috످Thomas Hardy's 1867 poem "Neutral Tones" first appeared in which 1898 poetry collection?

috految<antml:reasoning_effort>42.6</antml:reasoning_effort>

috److془Wessex Poems and Other Verses, 1898. Confident.془"Neutral Tones" first appeared in Wessex Poems and Other Verses (1898), Hardy's debut poetry collection.

috످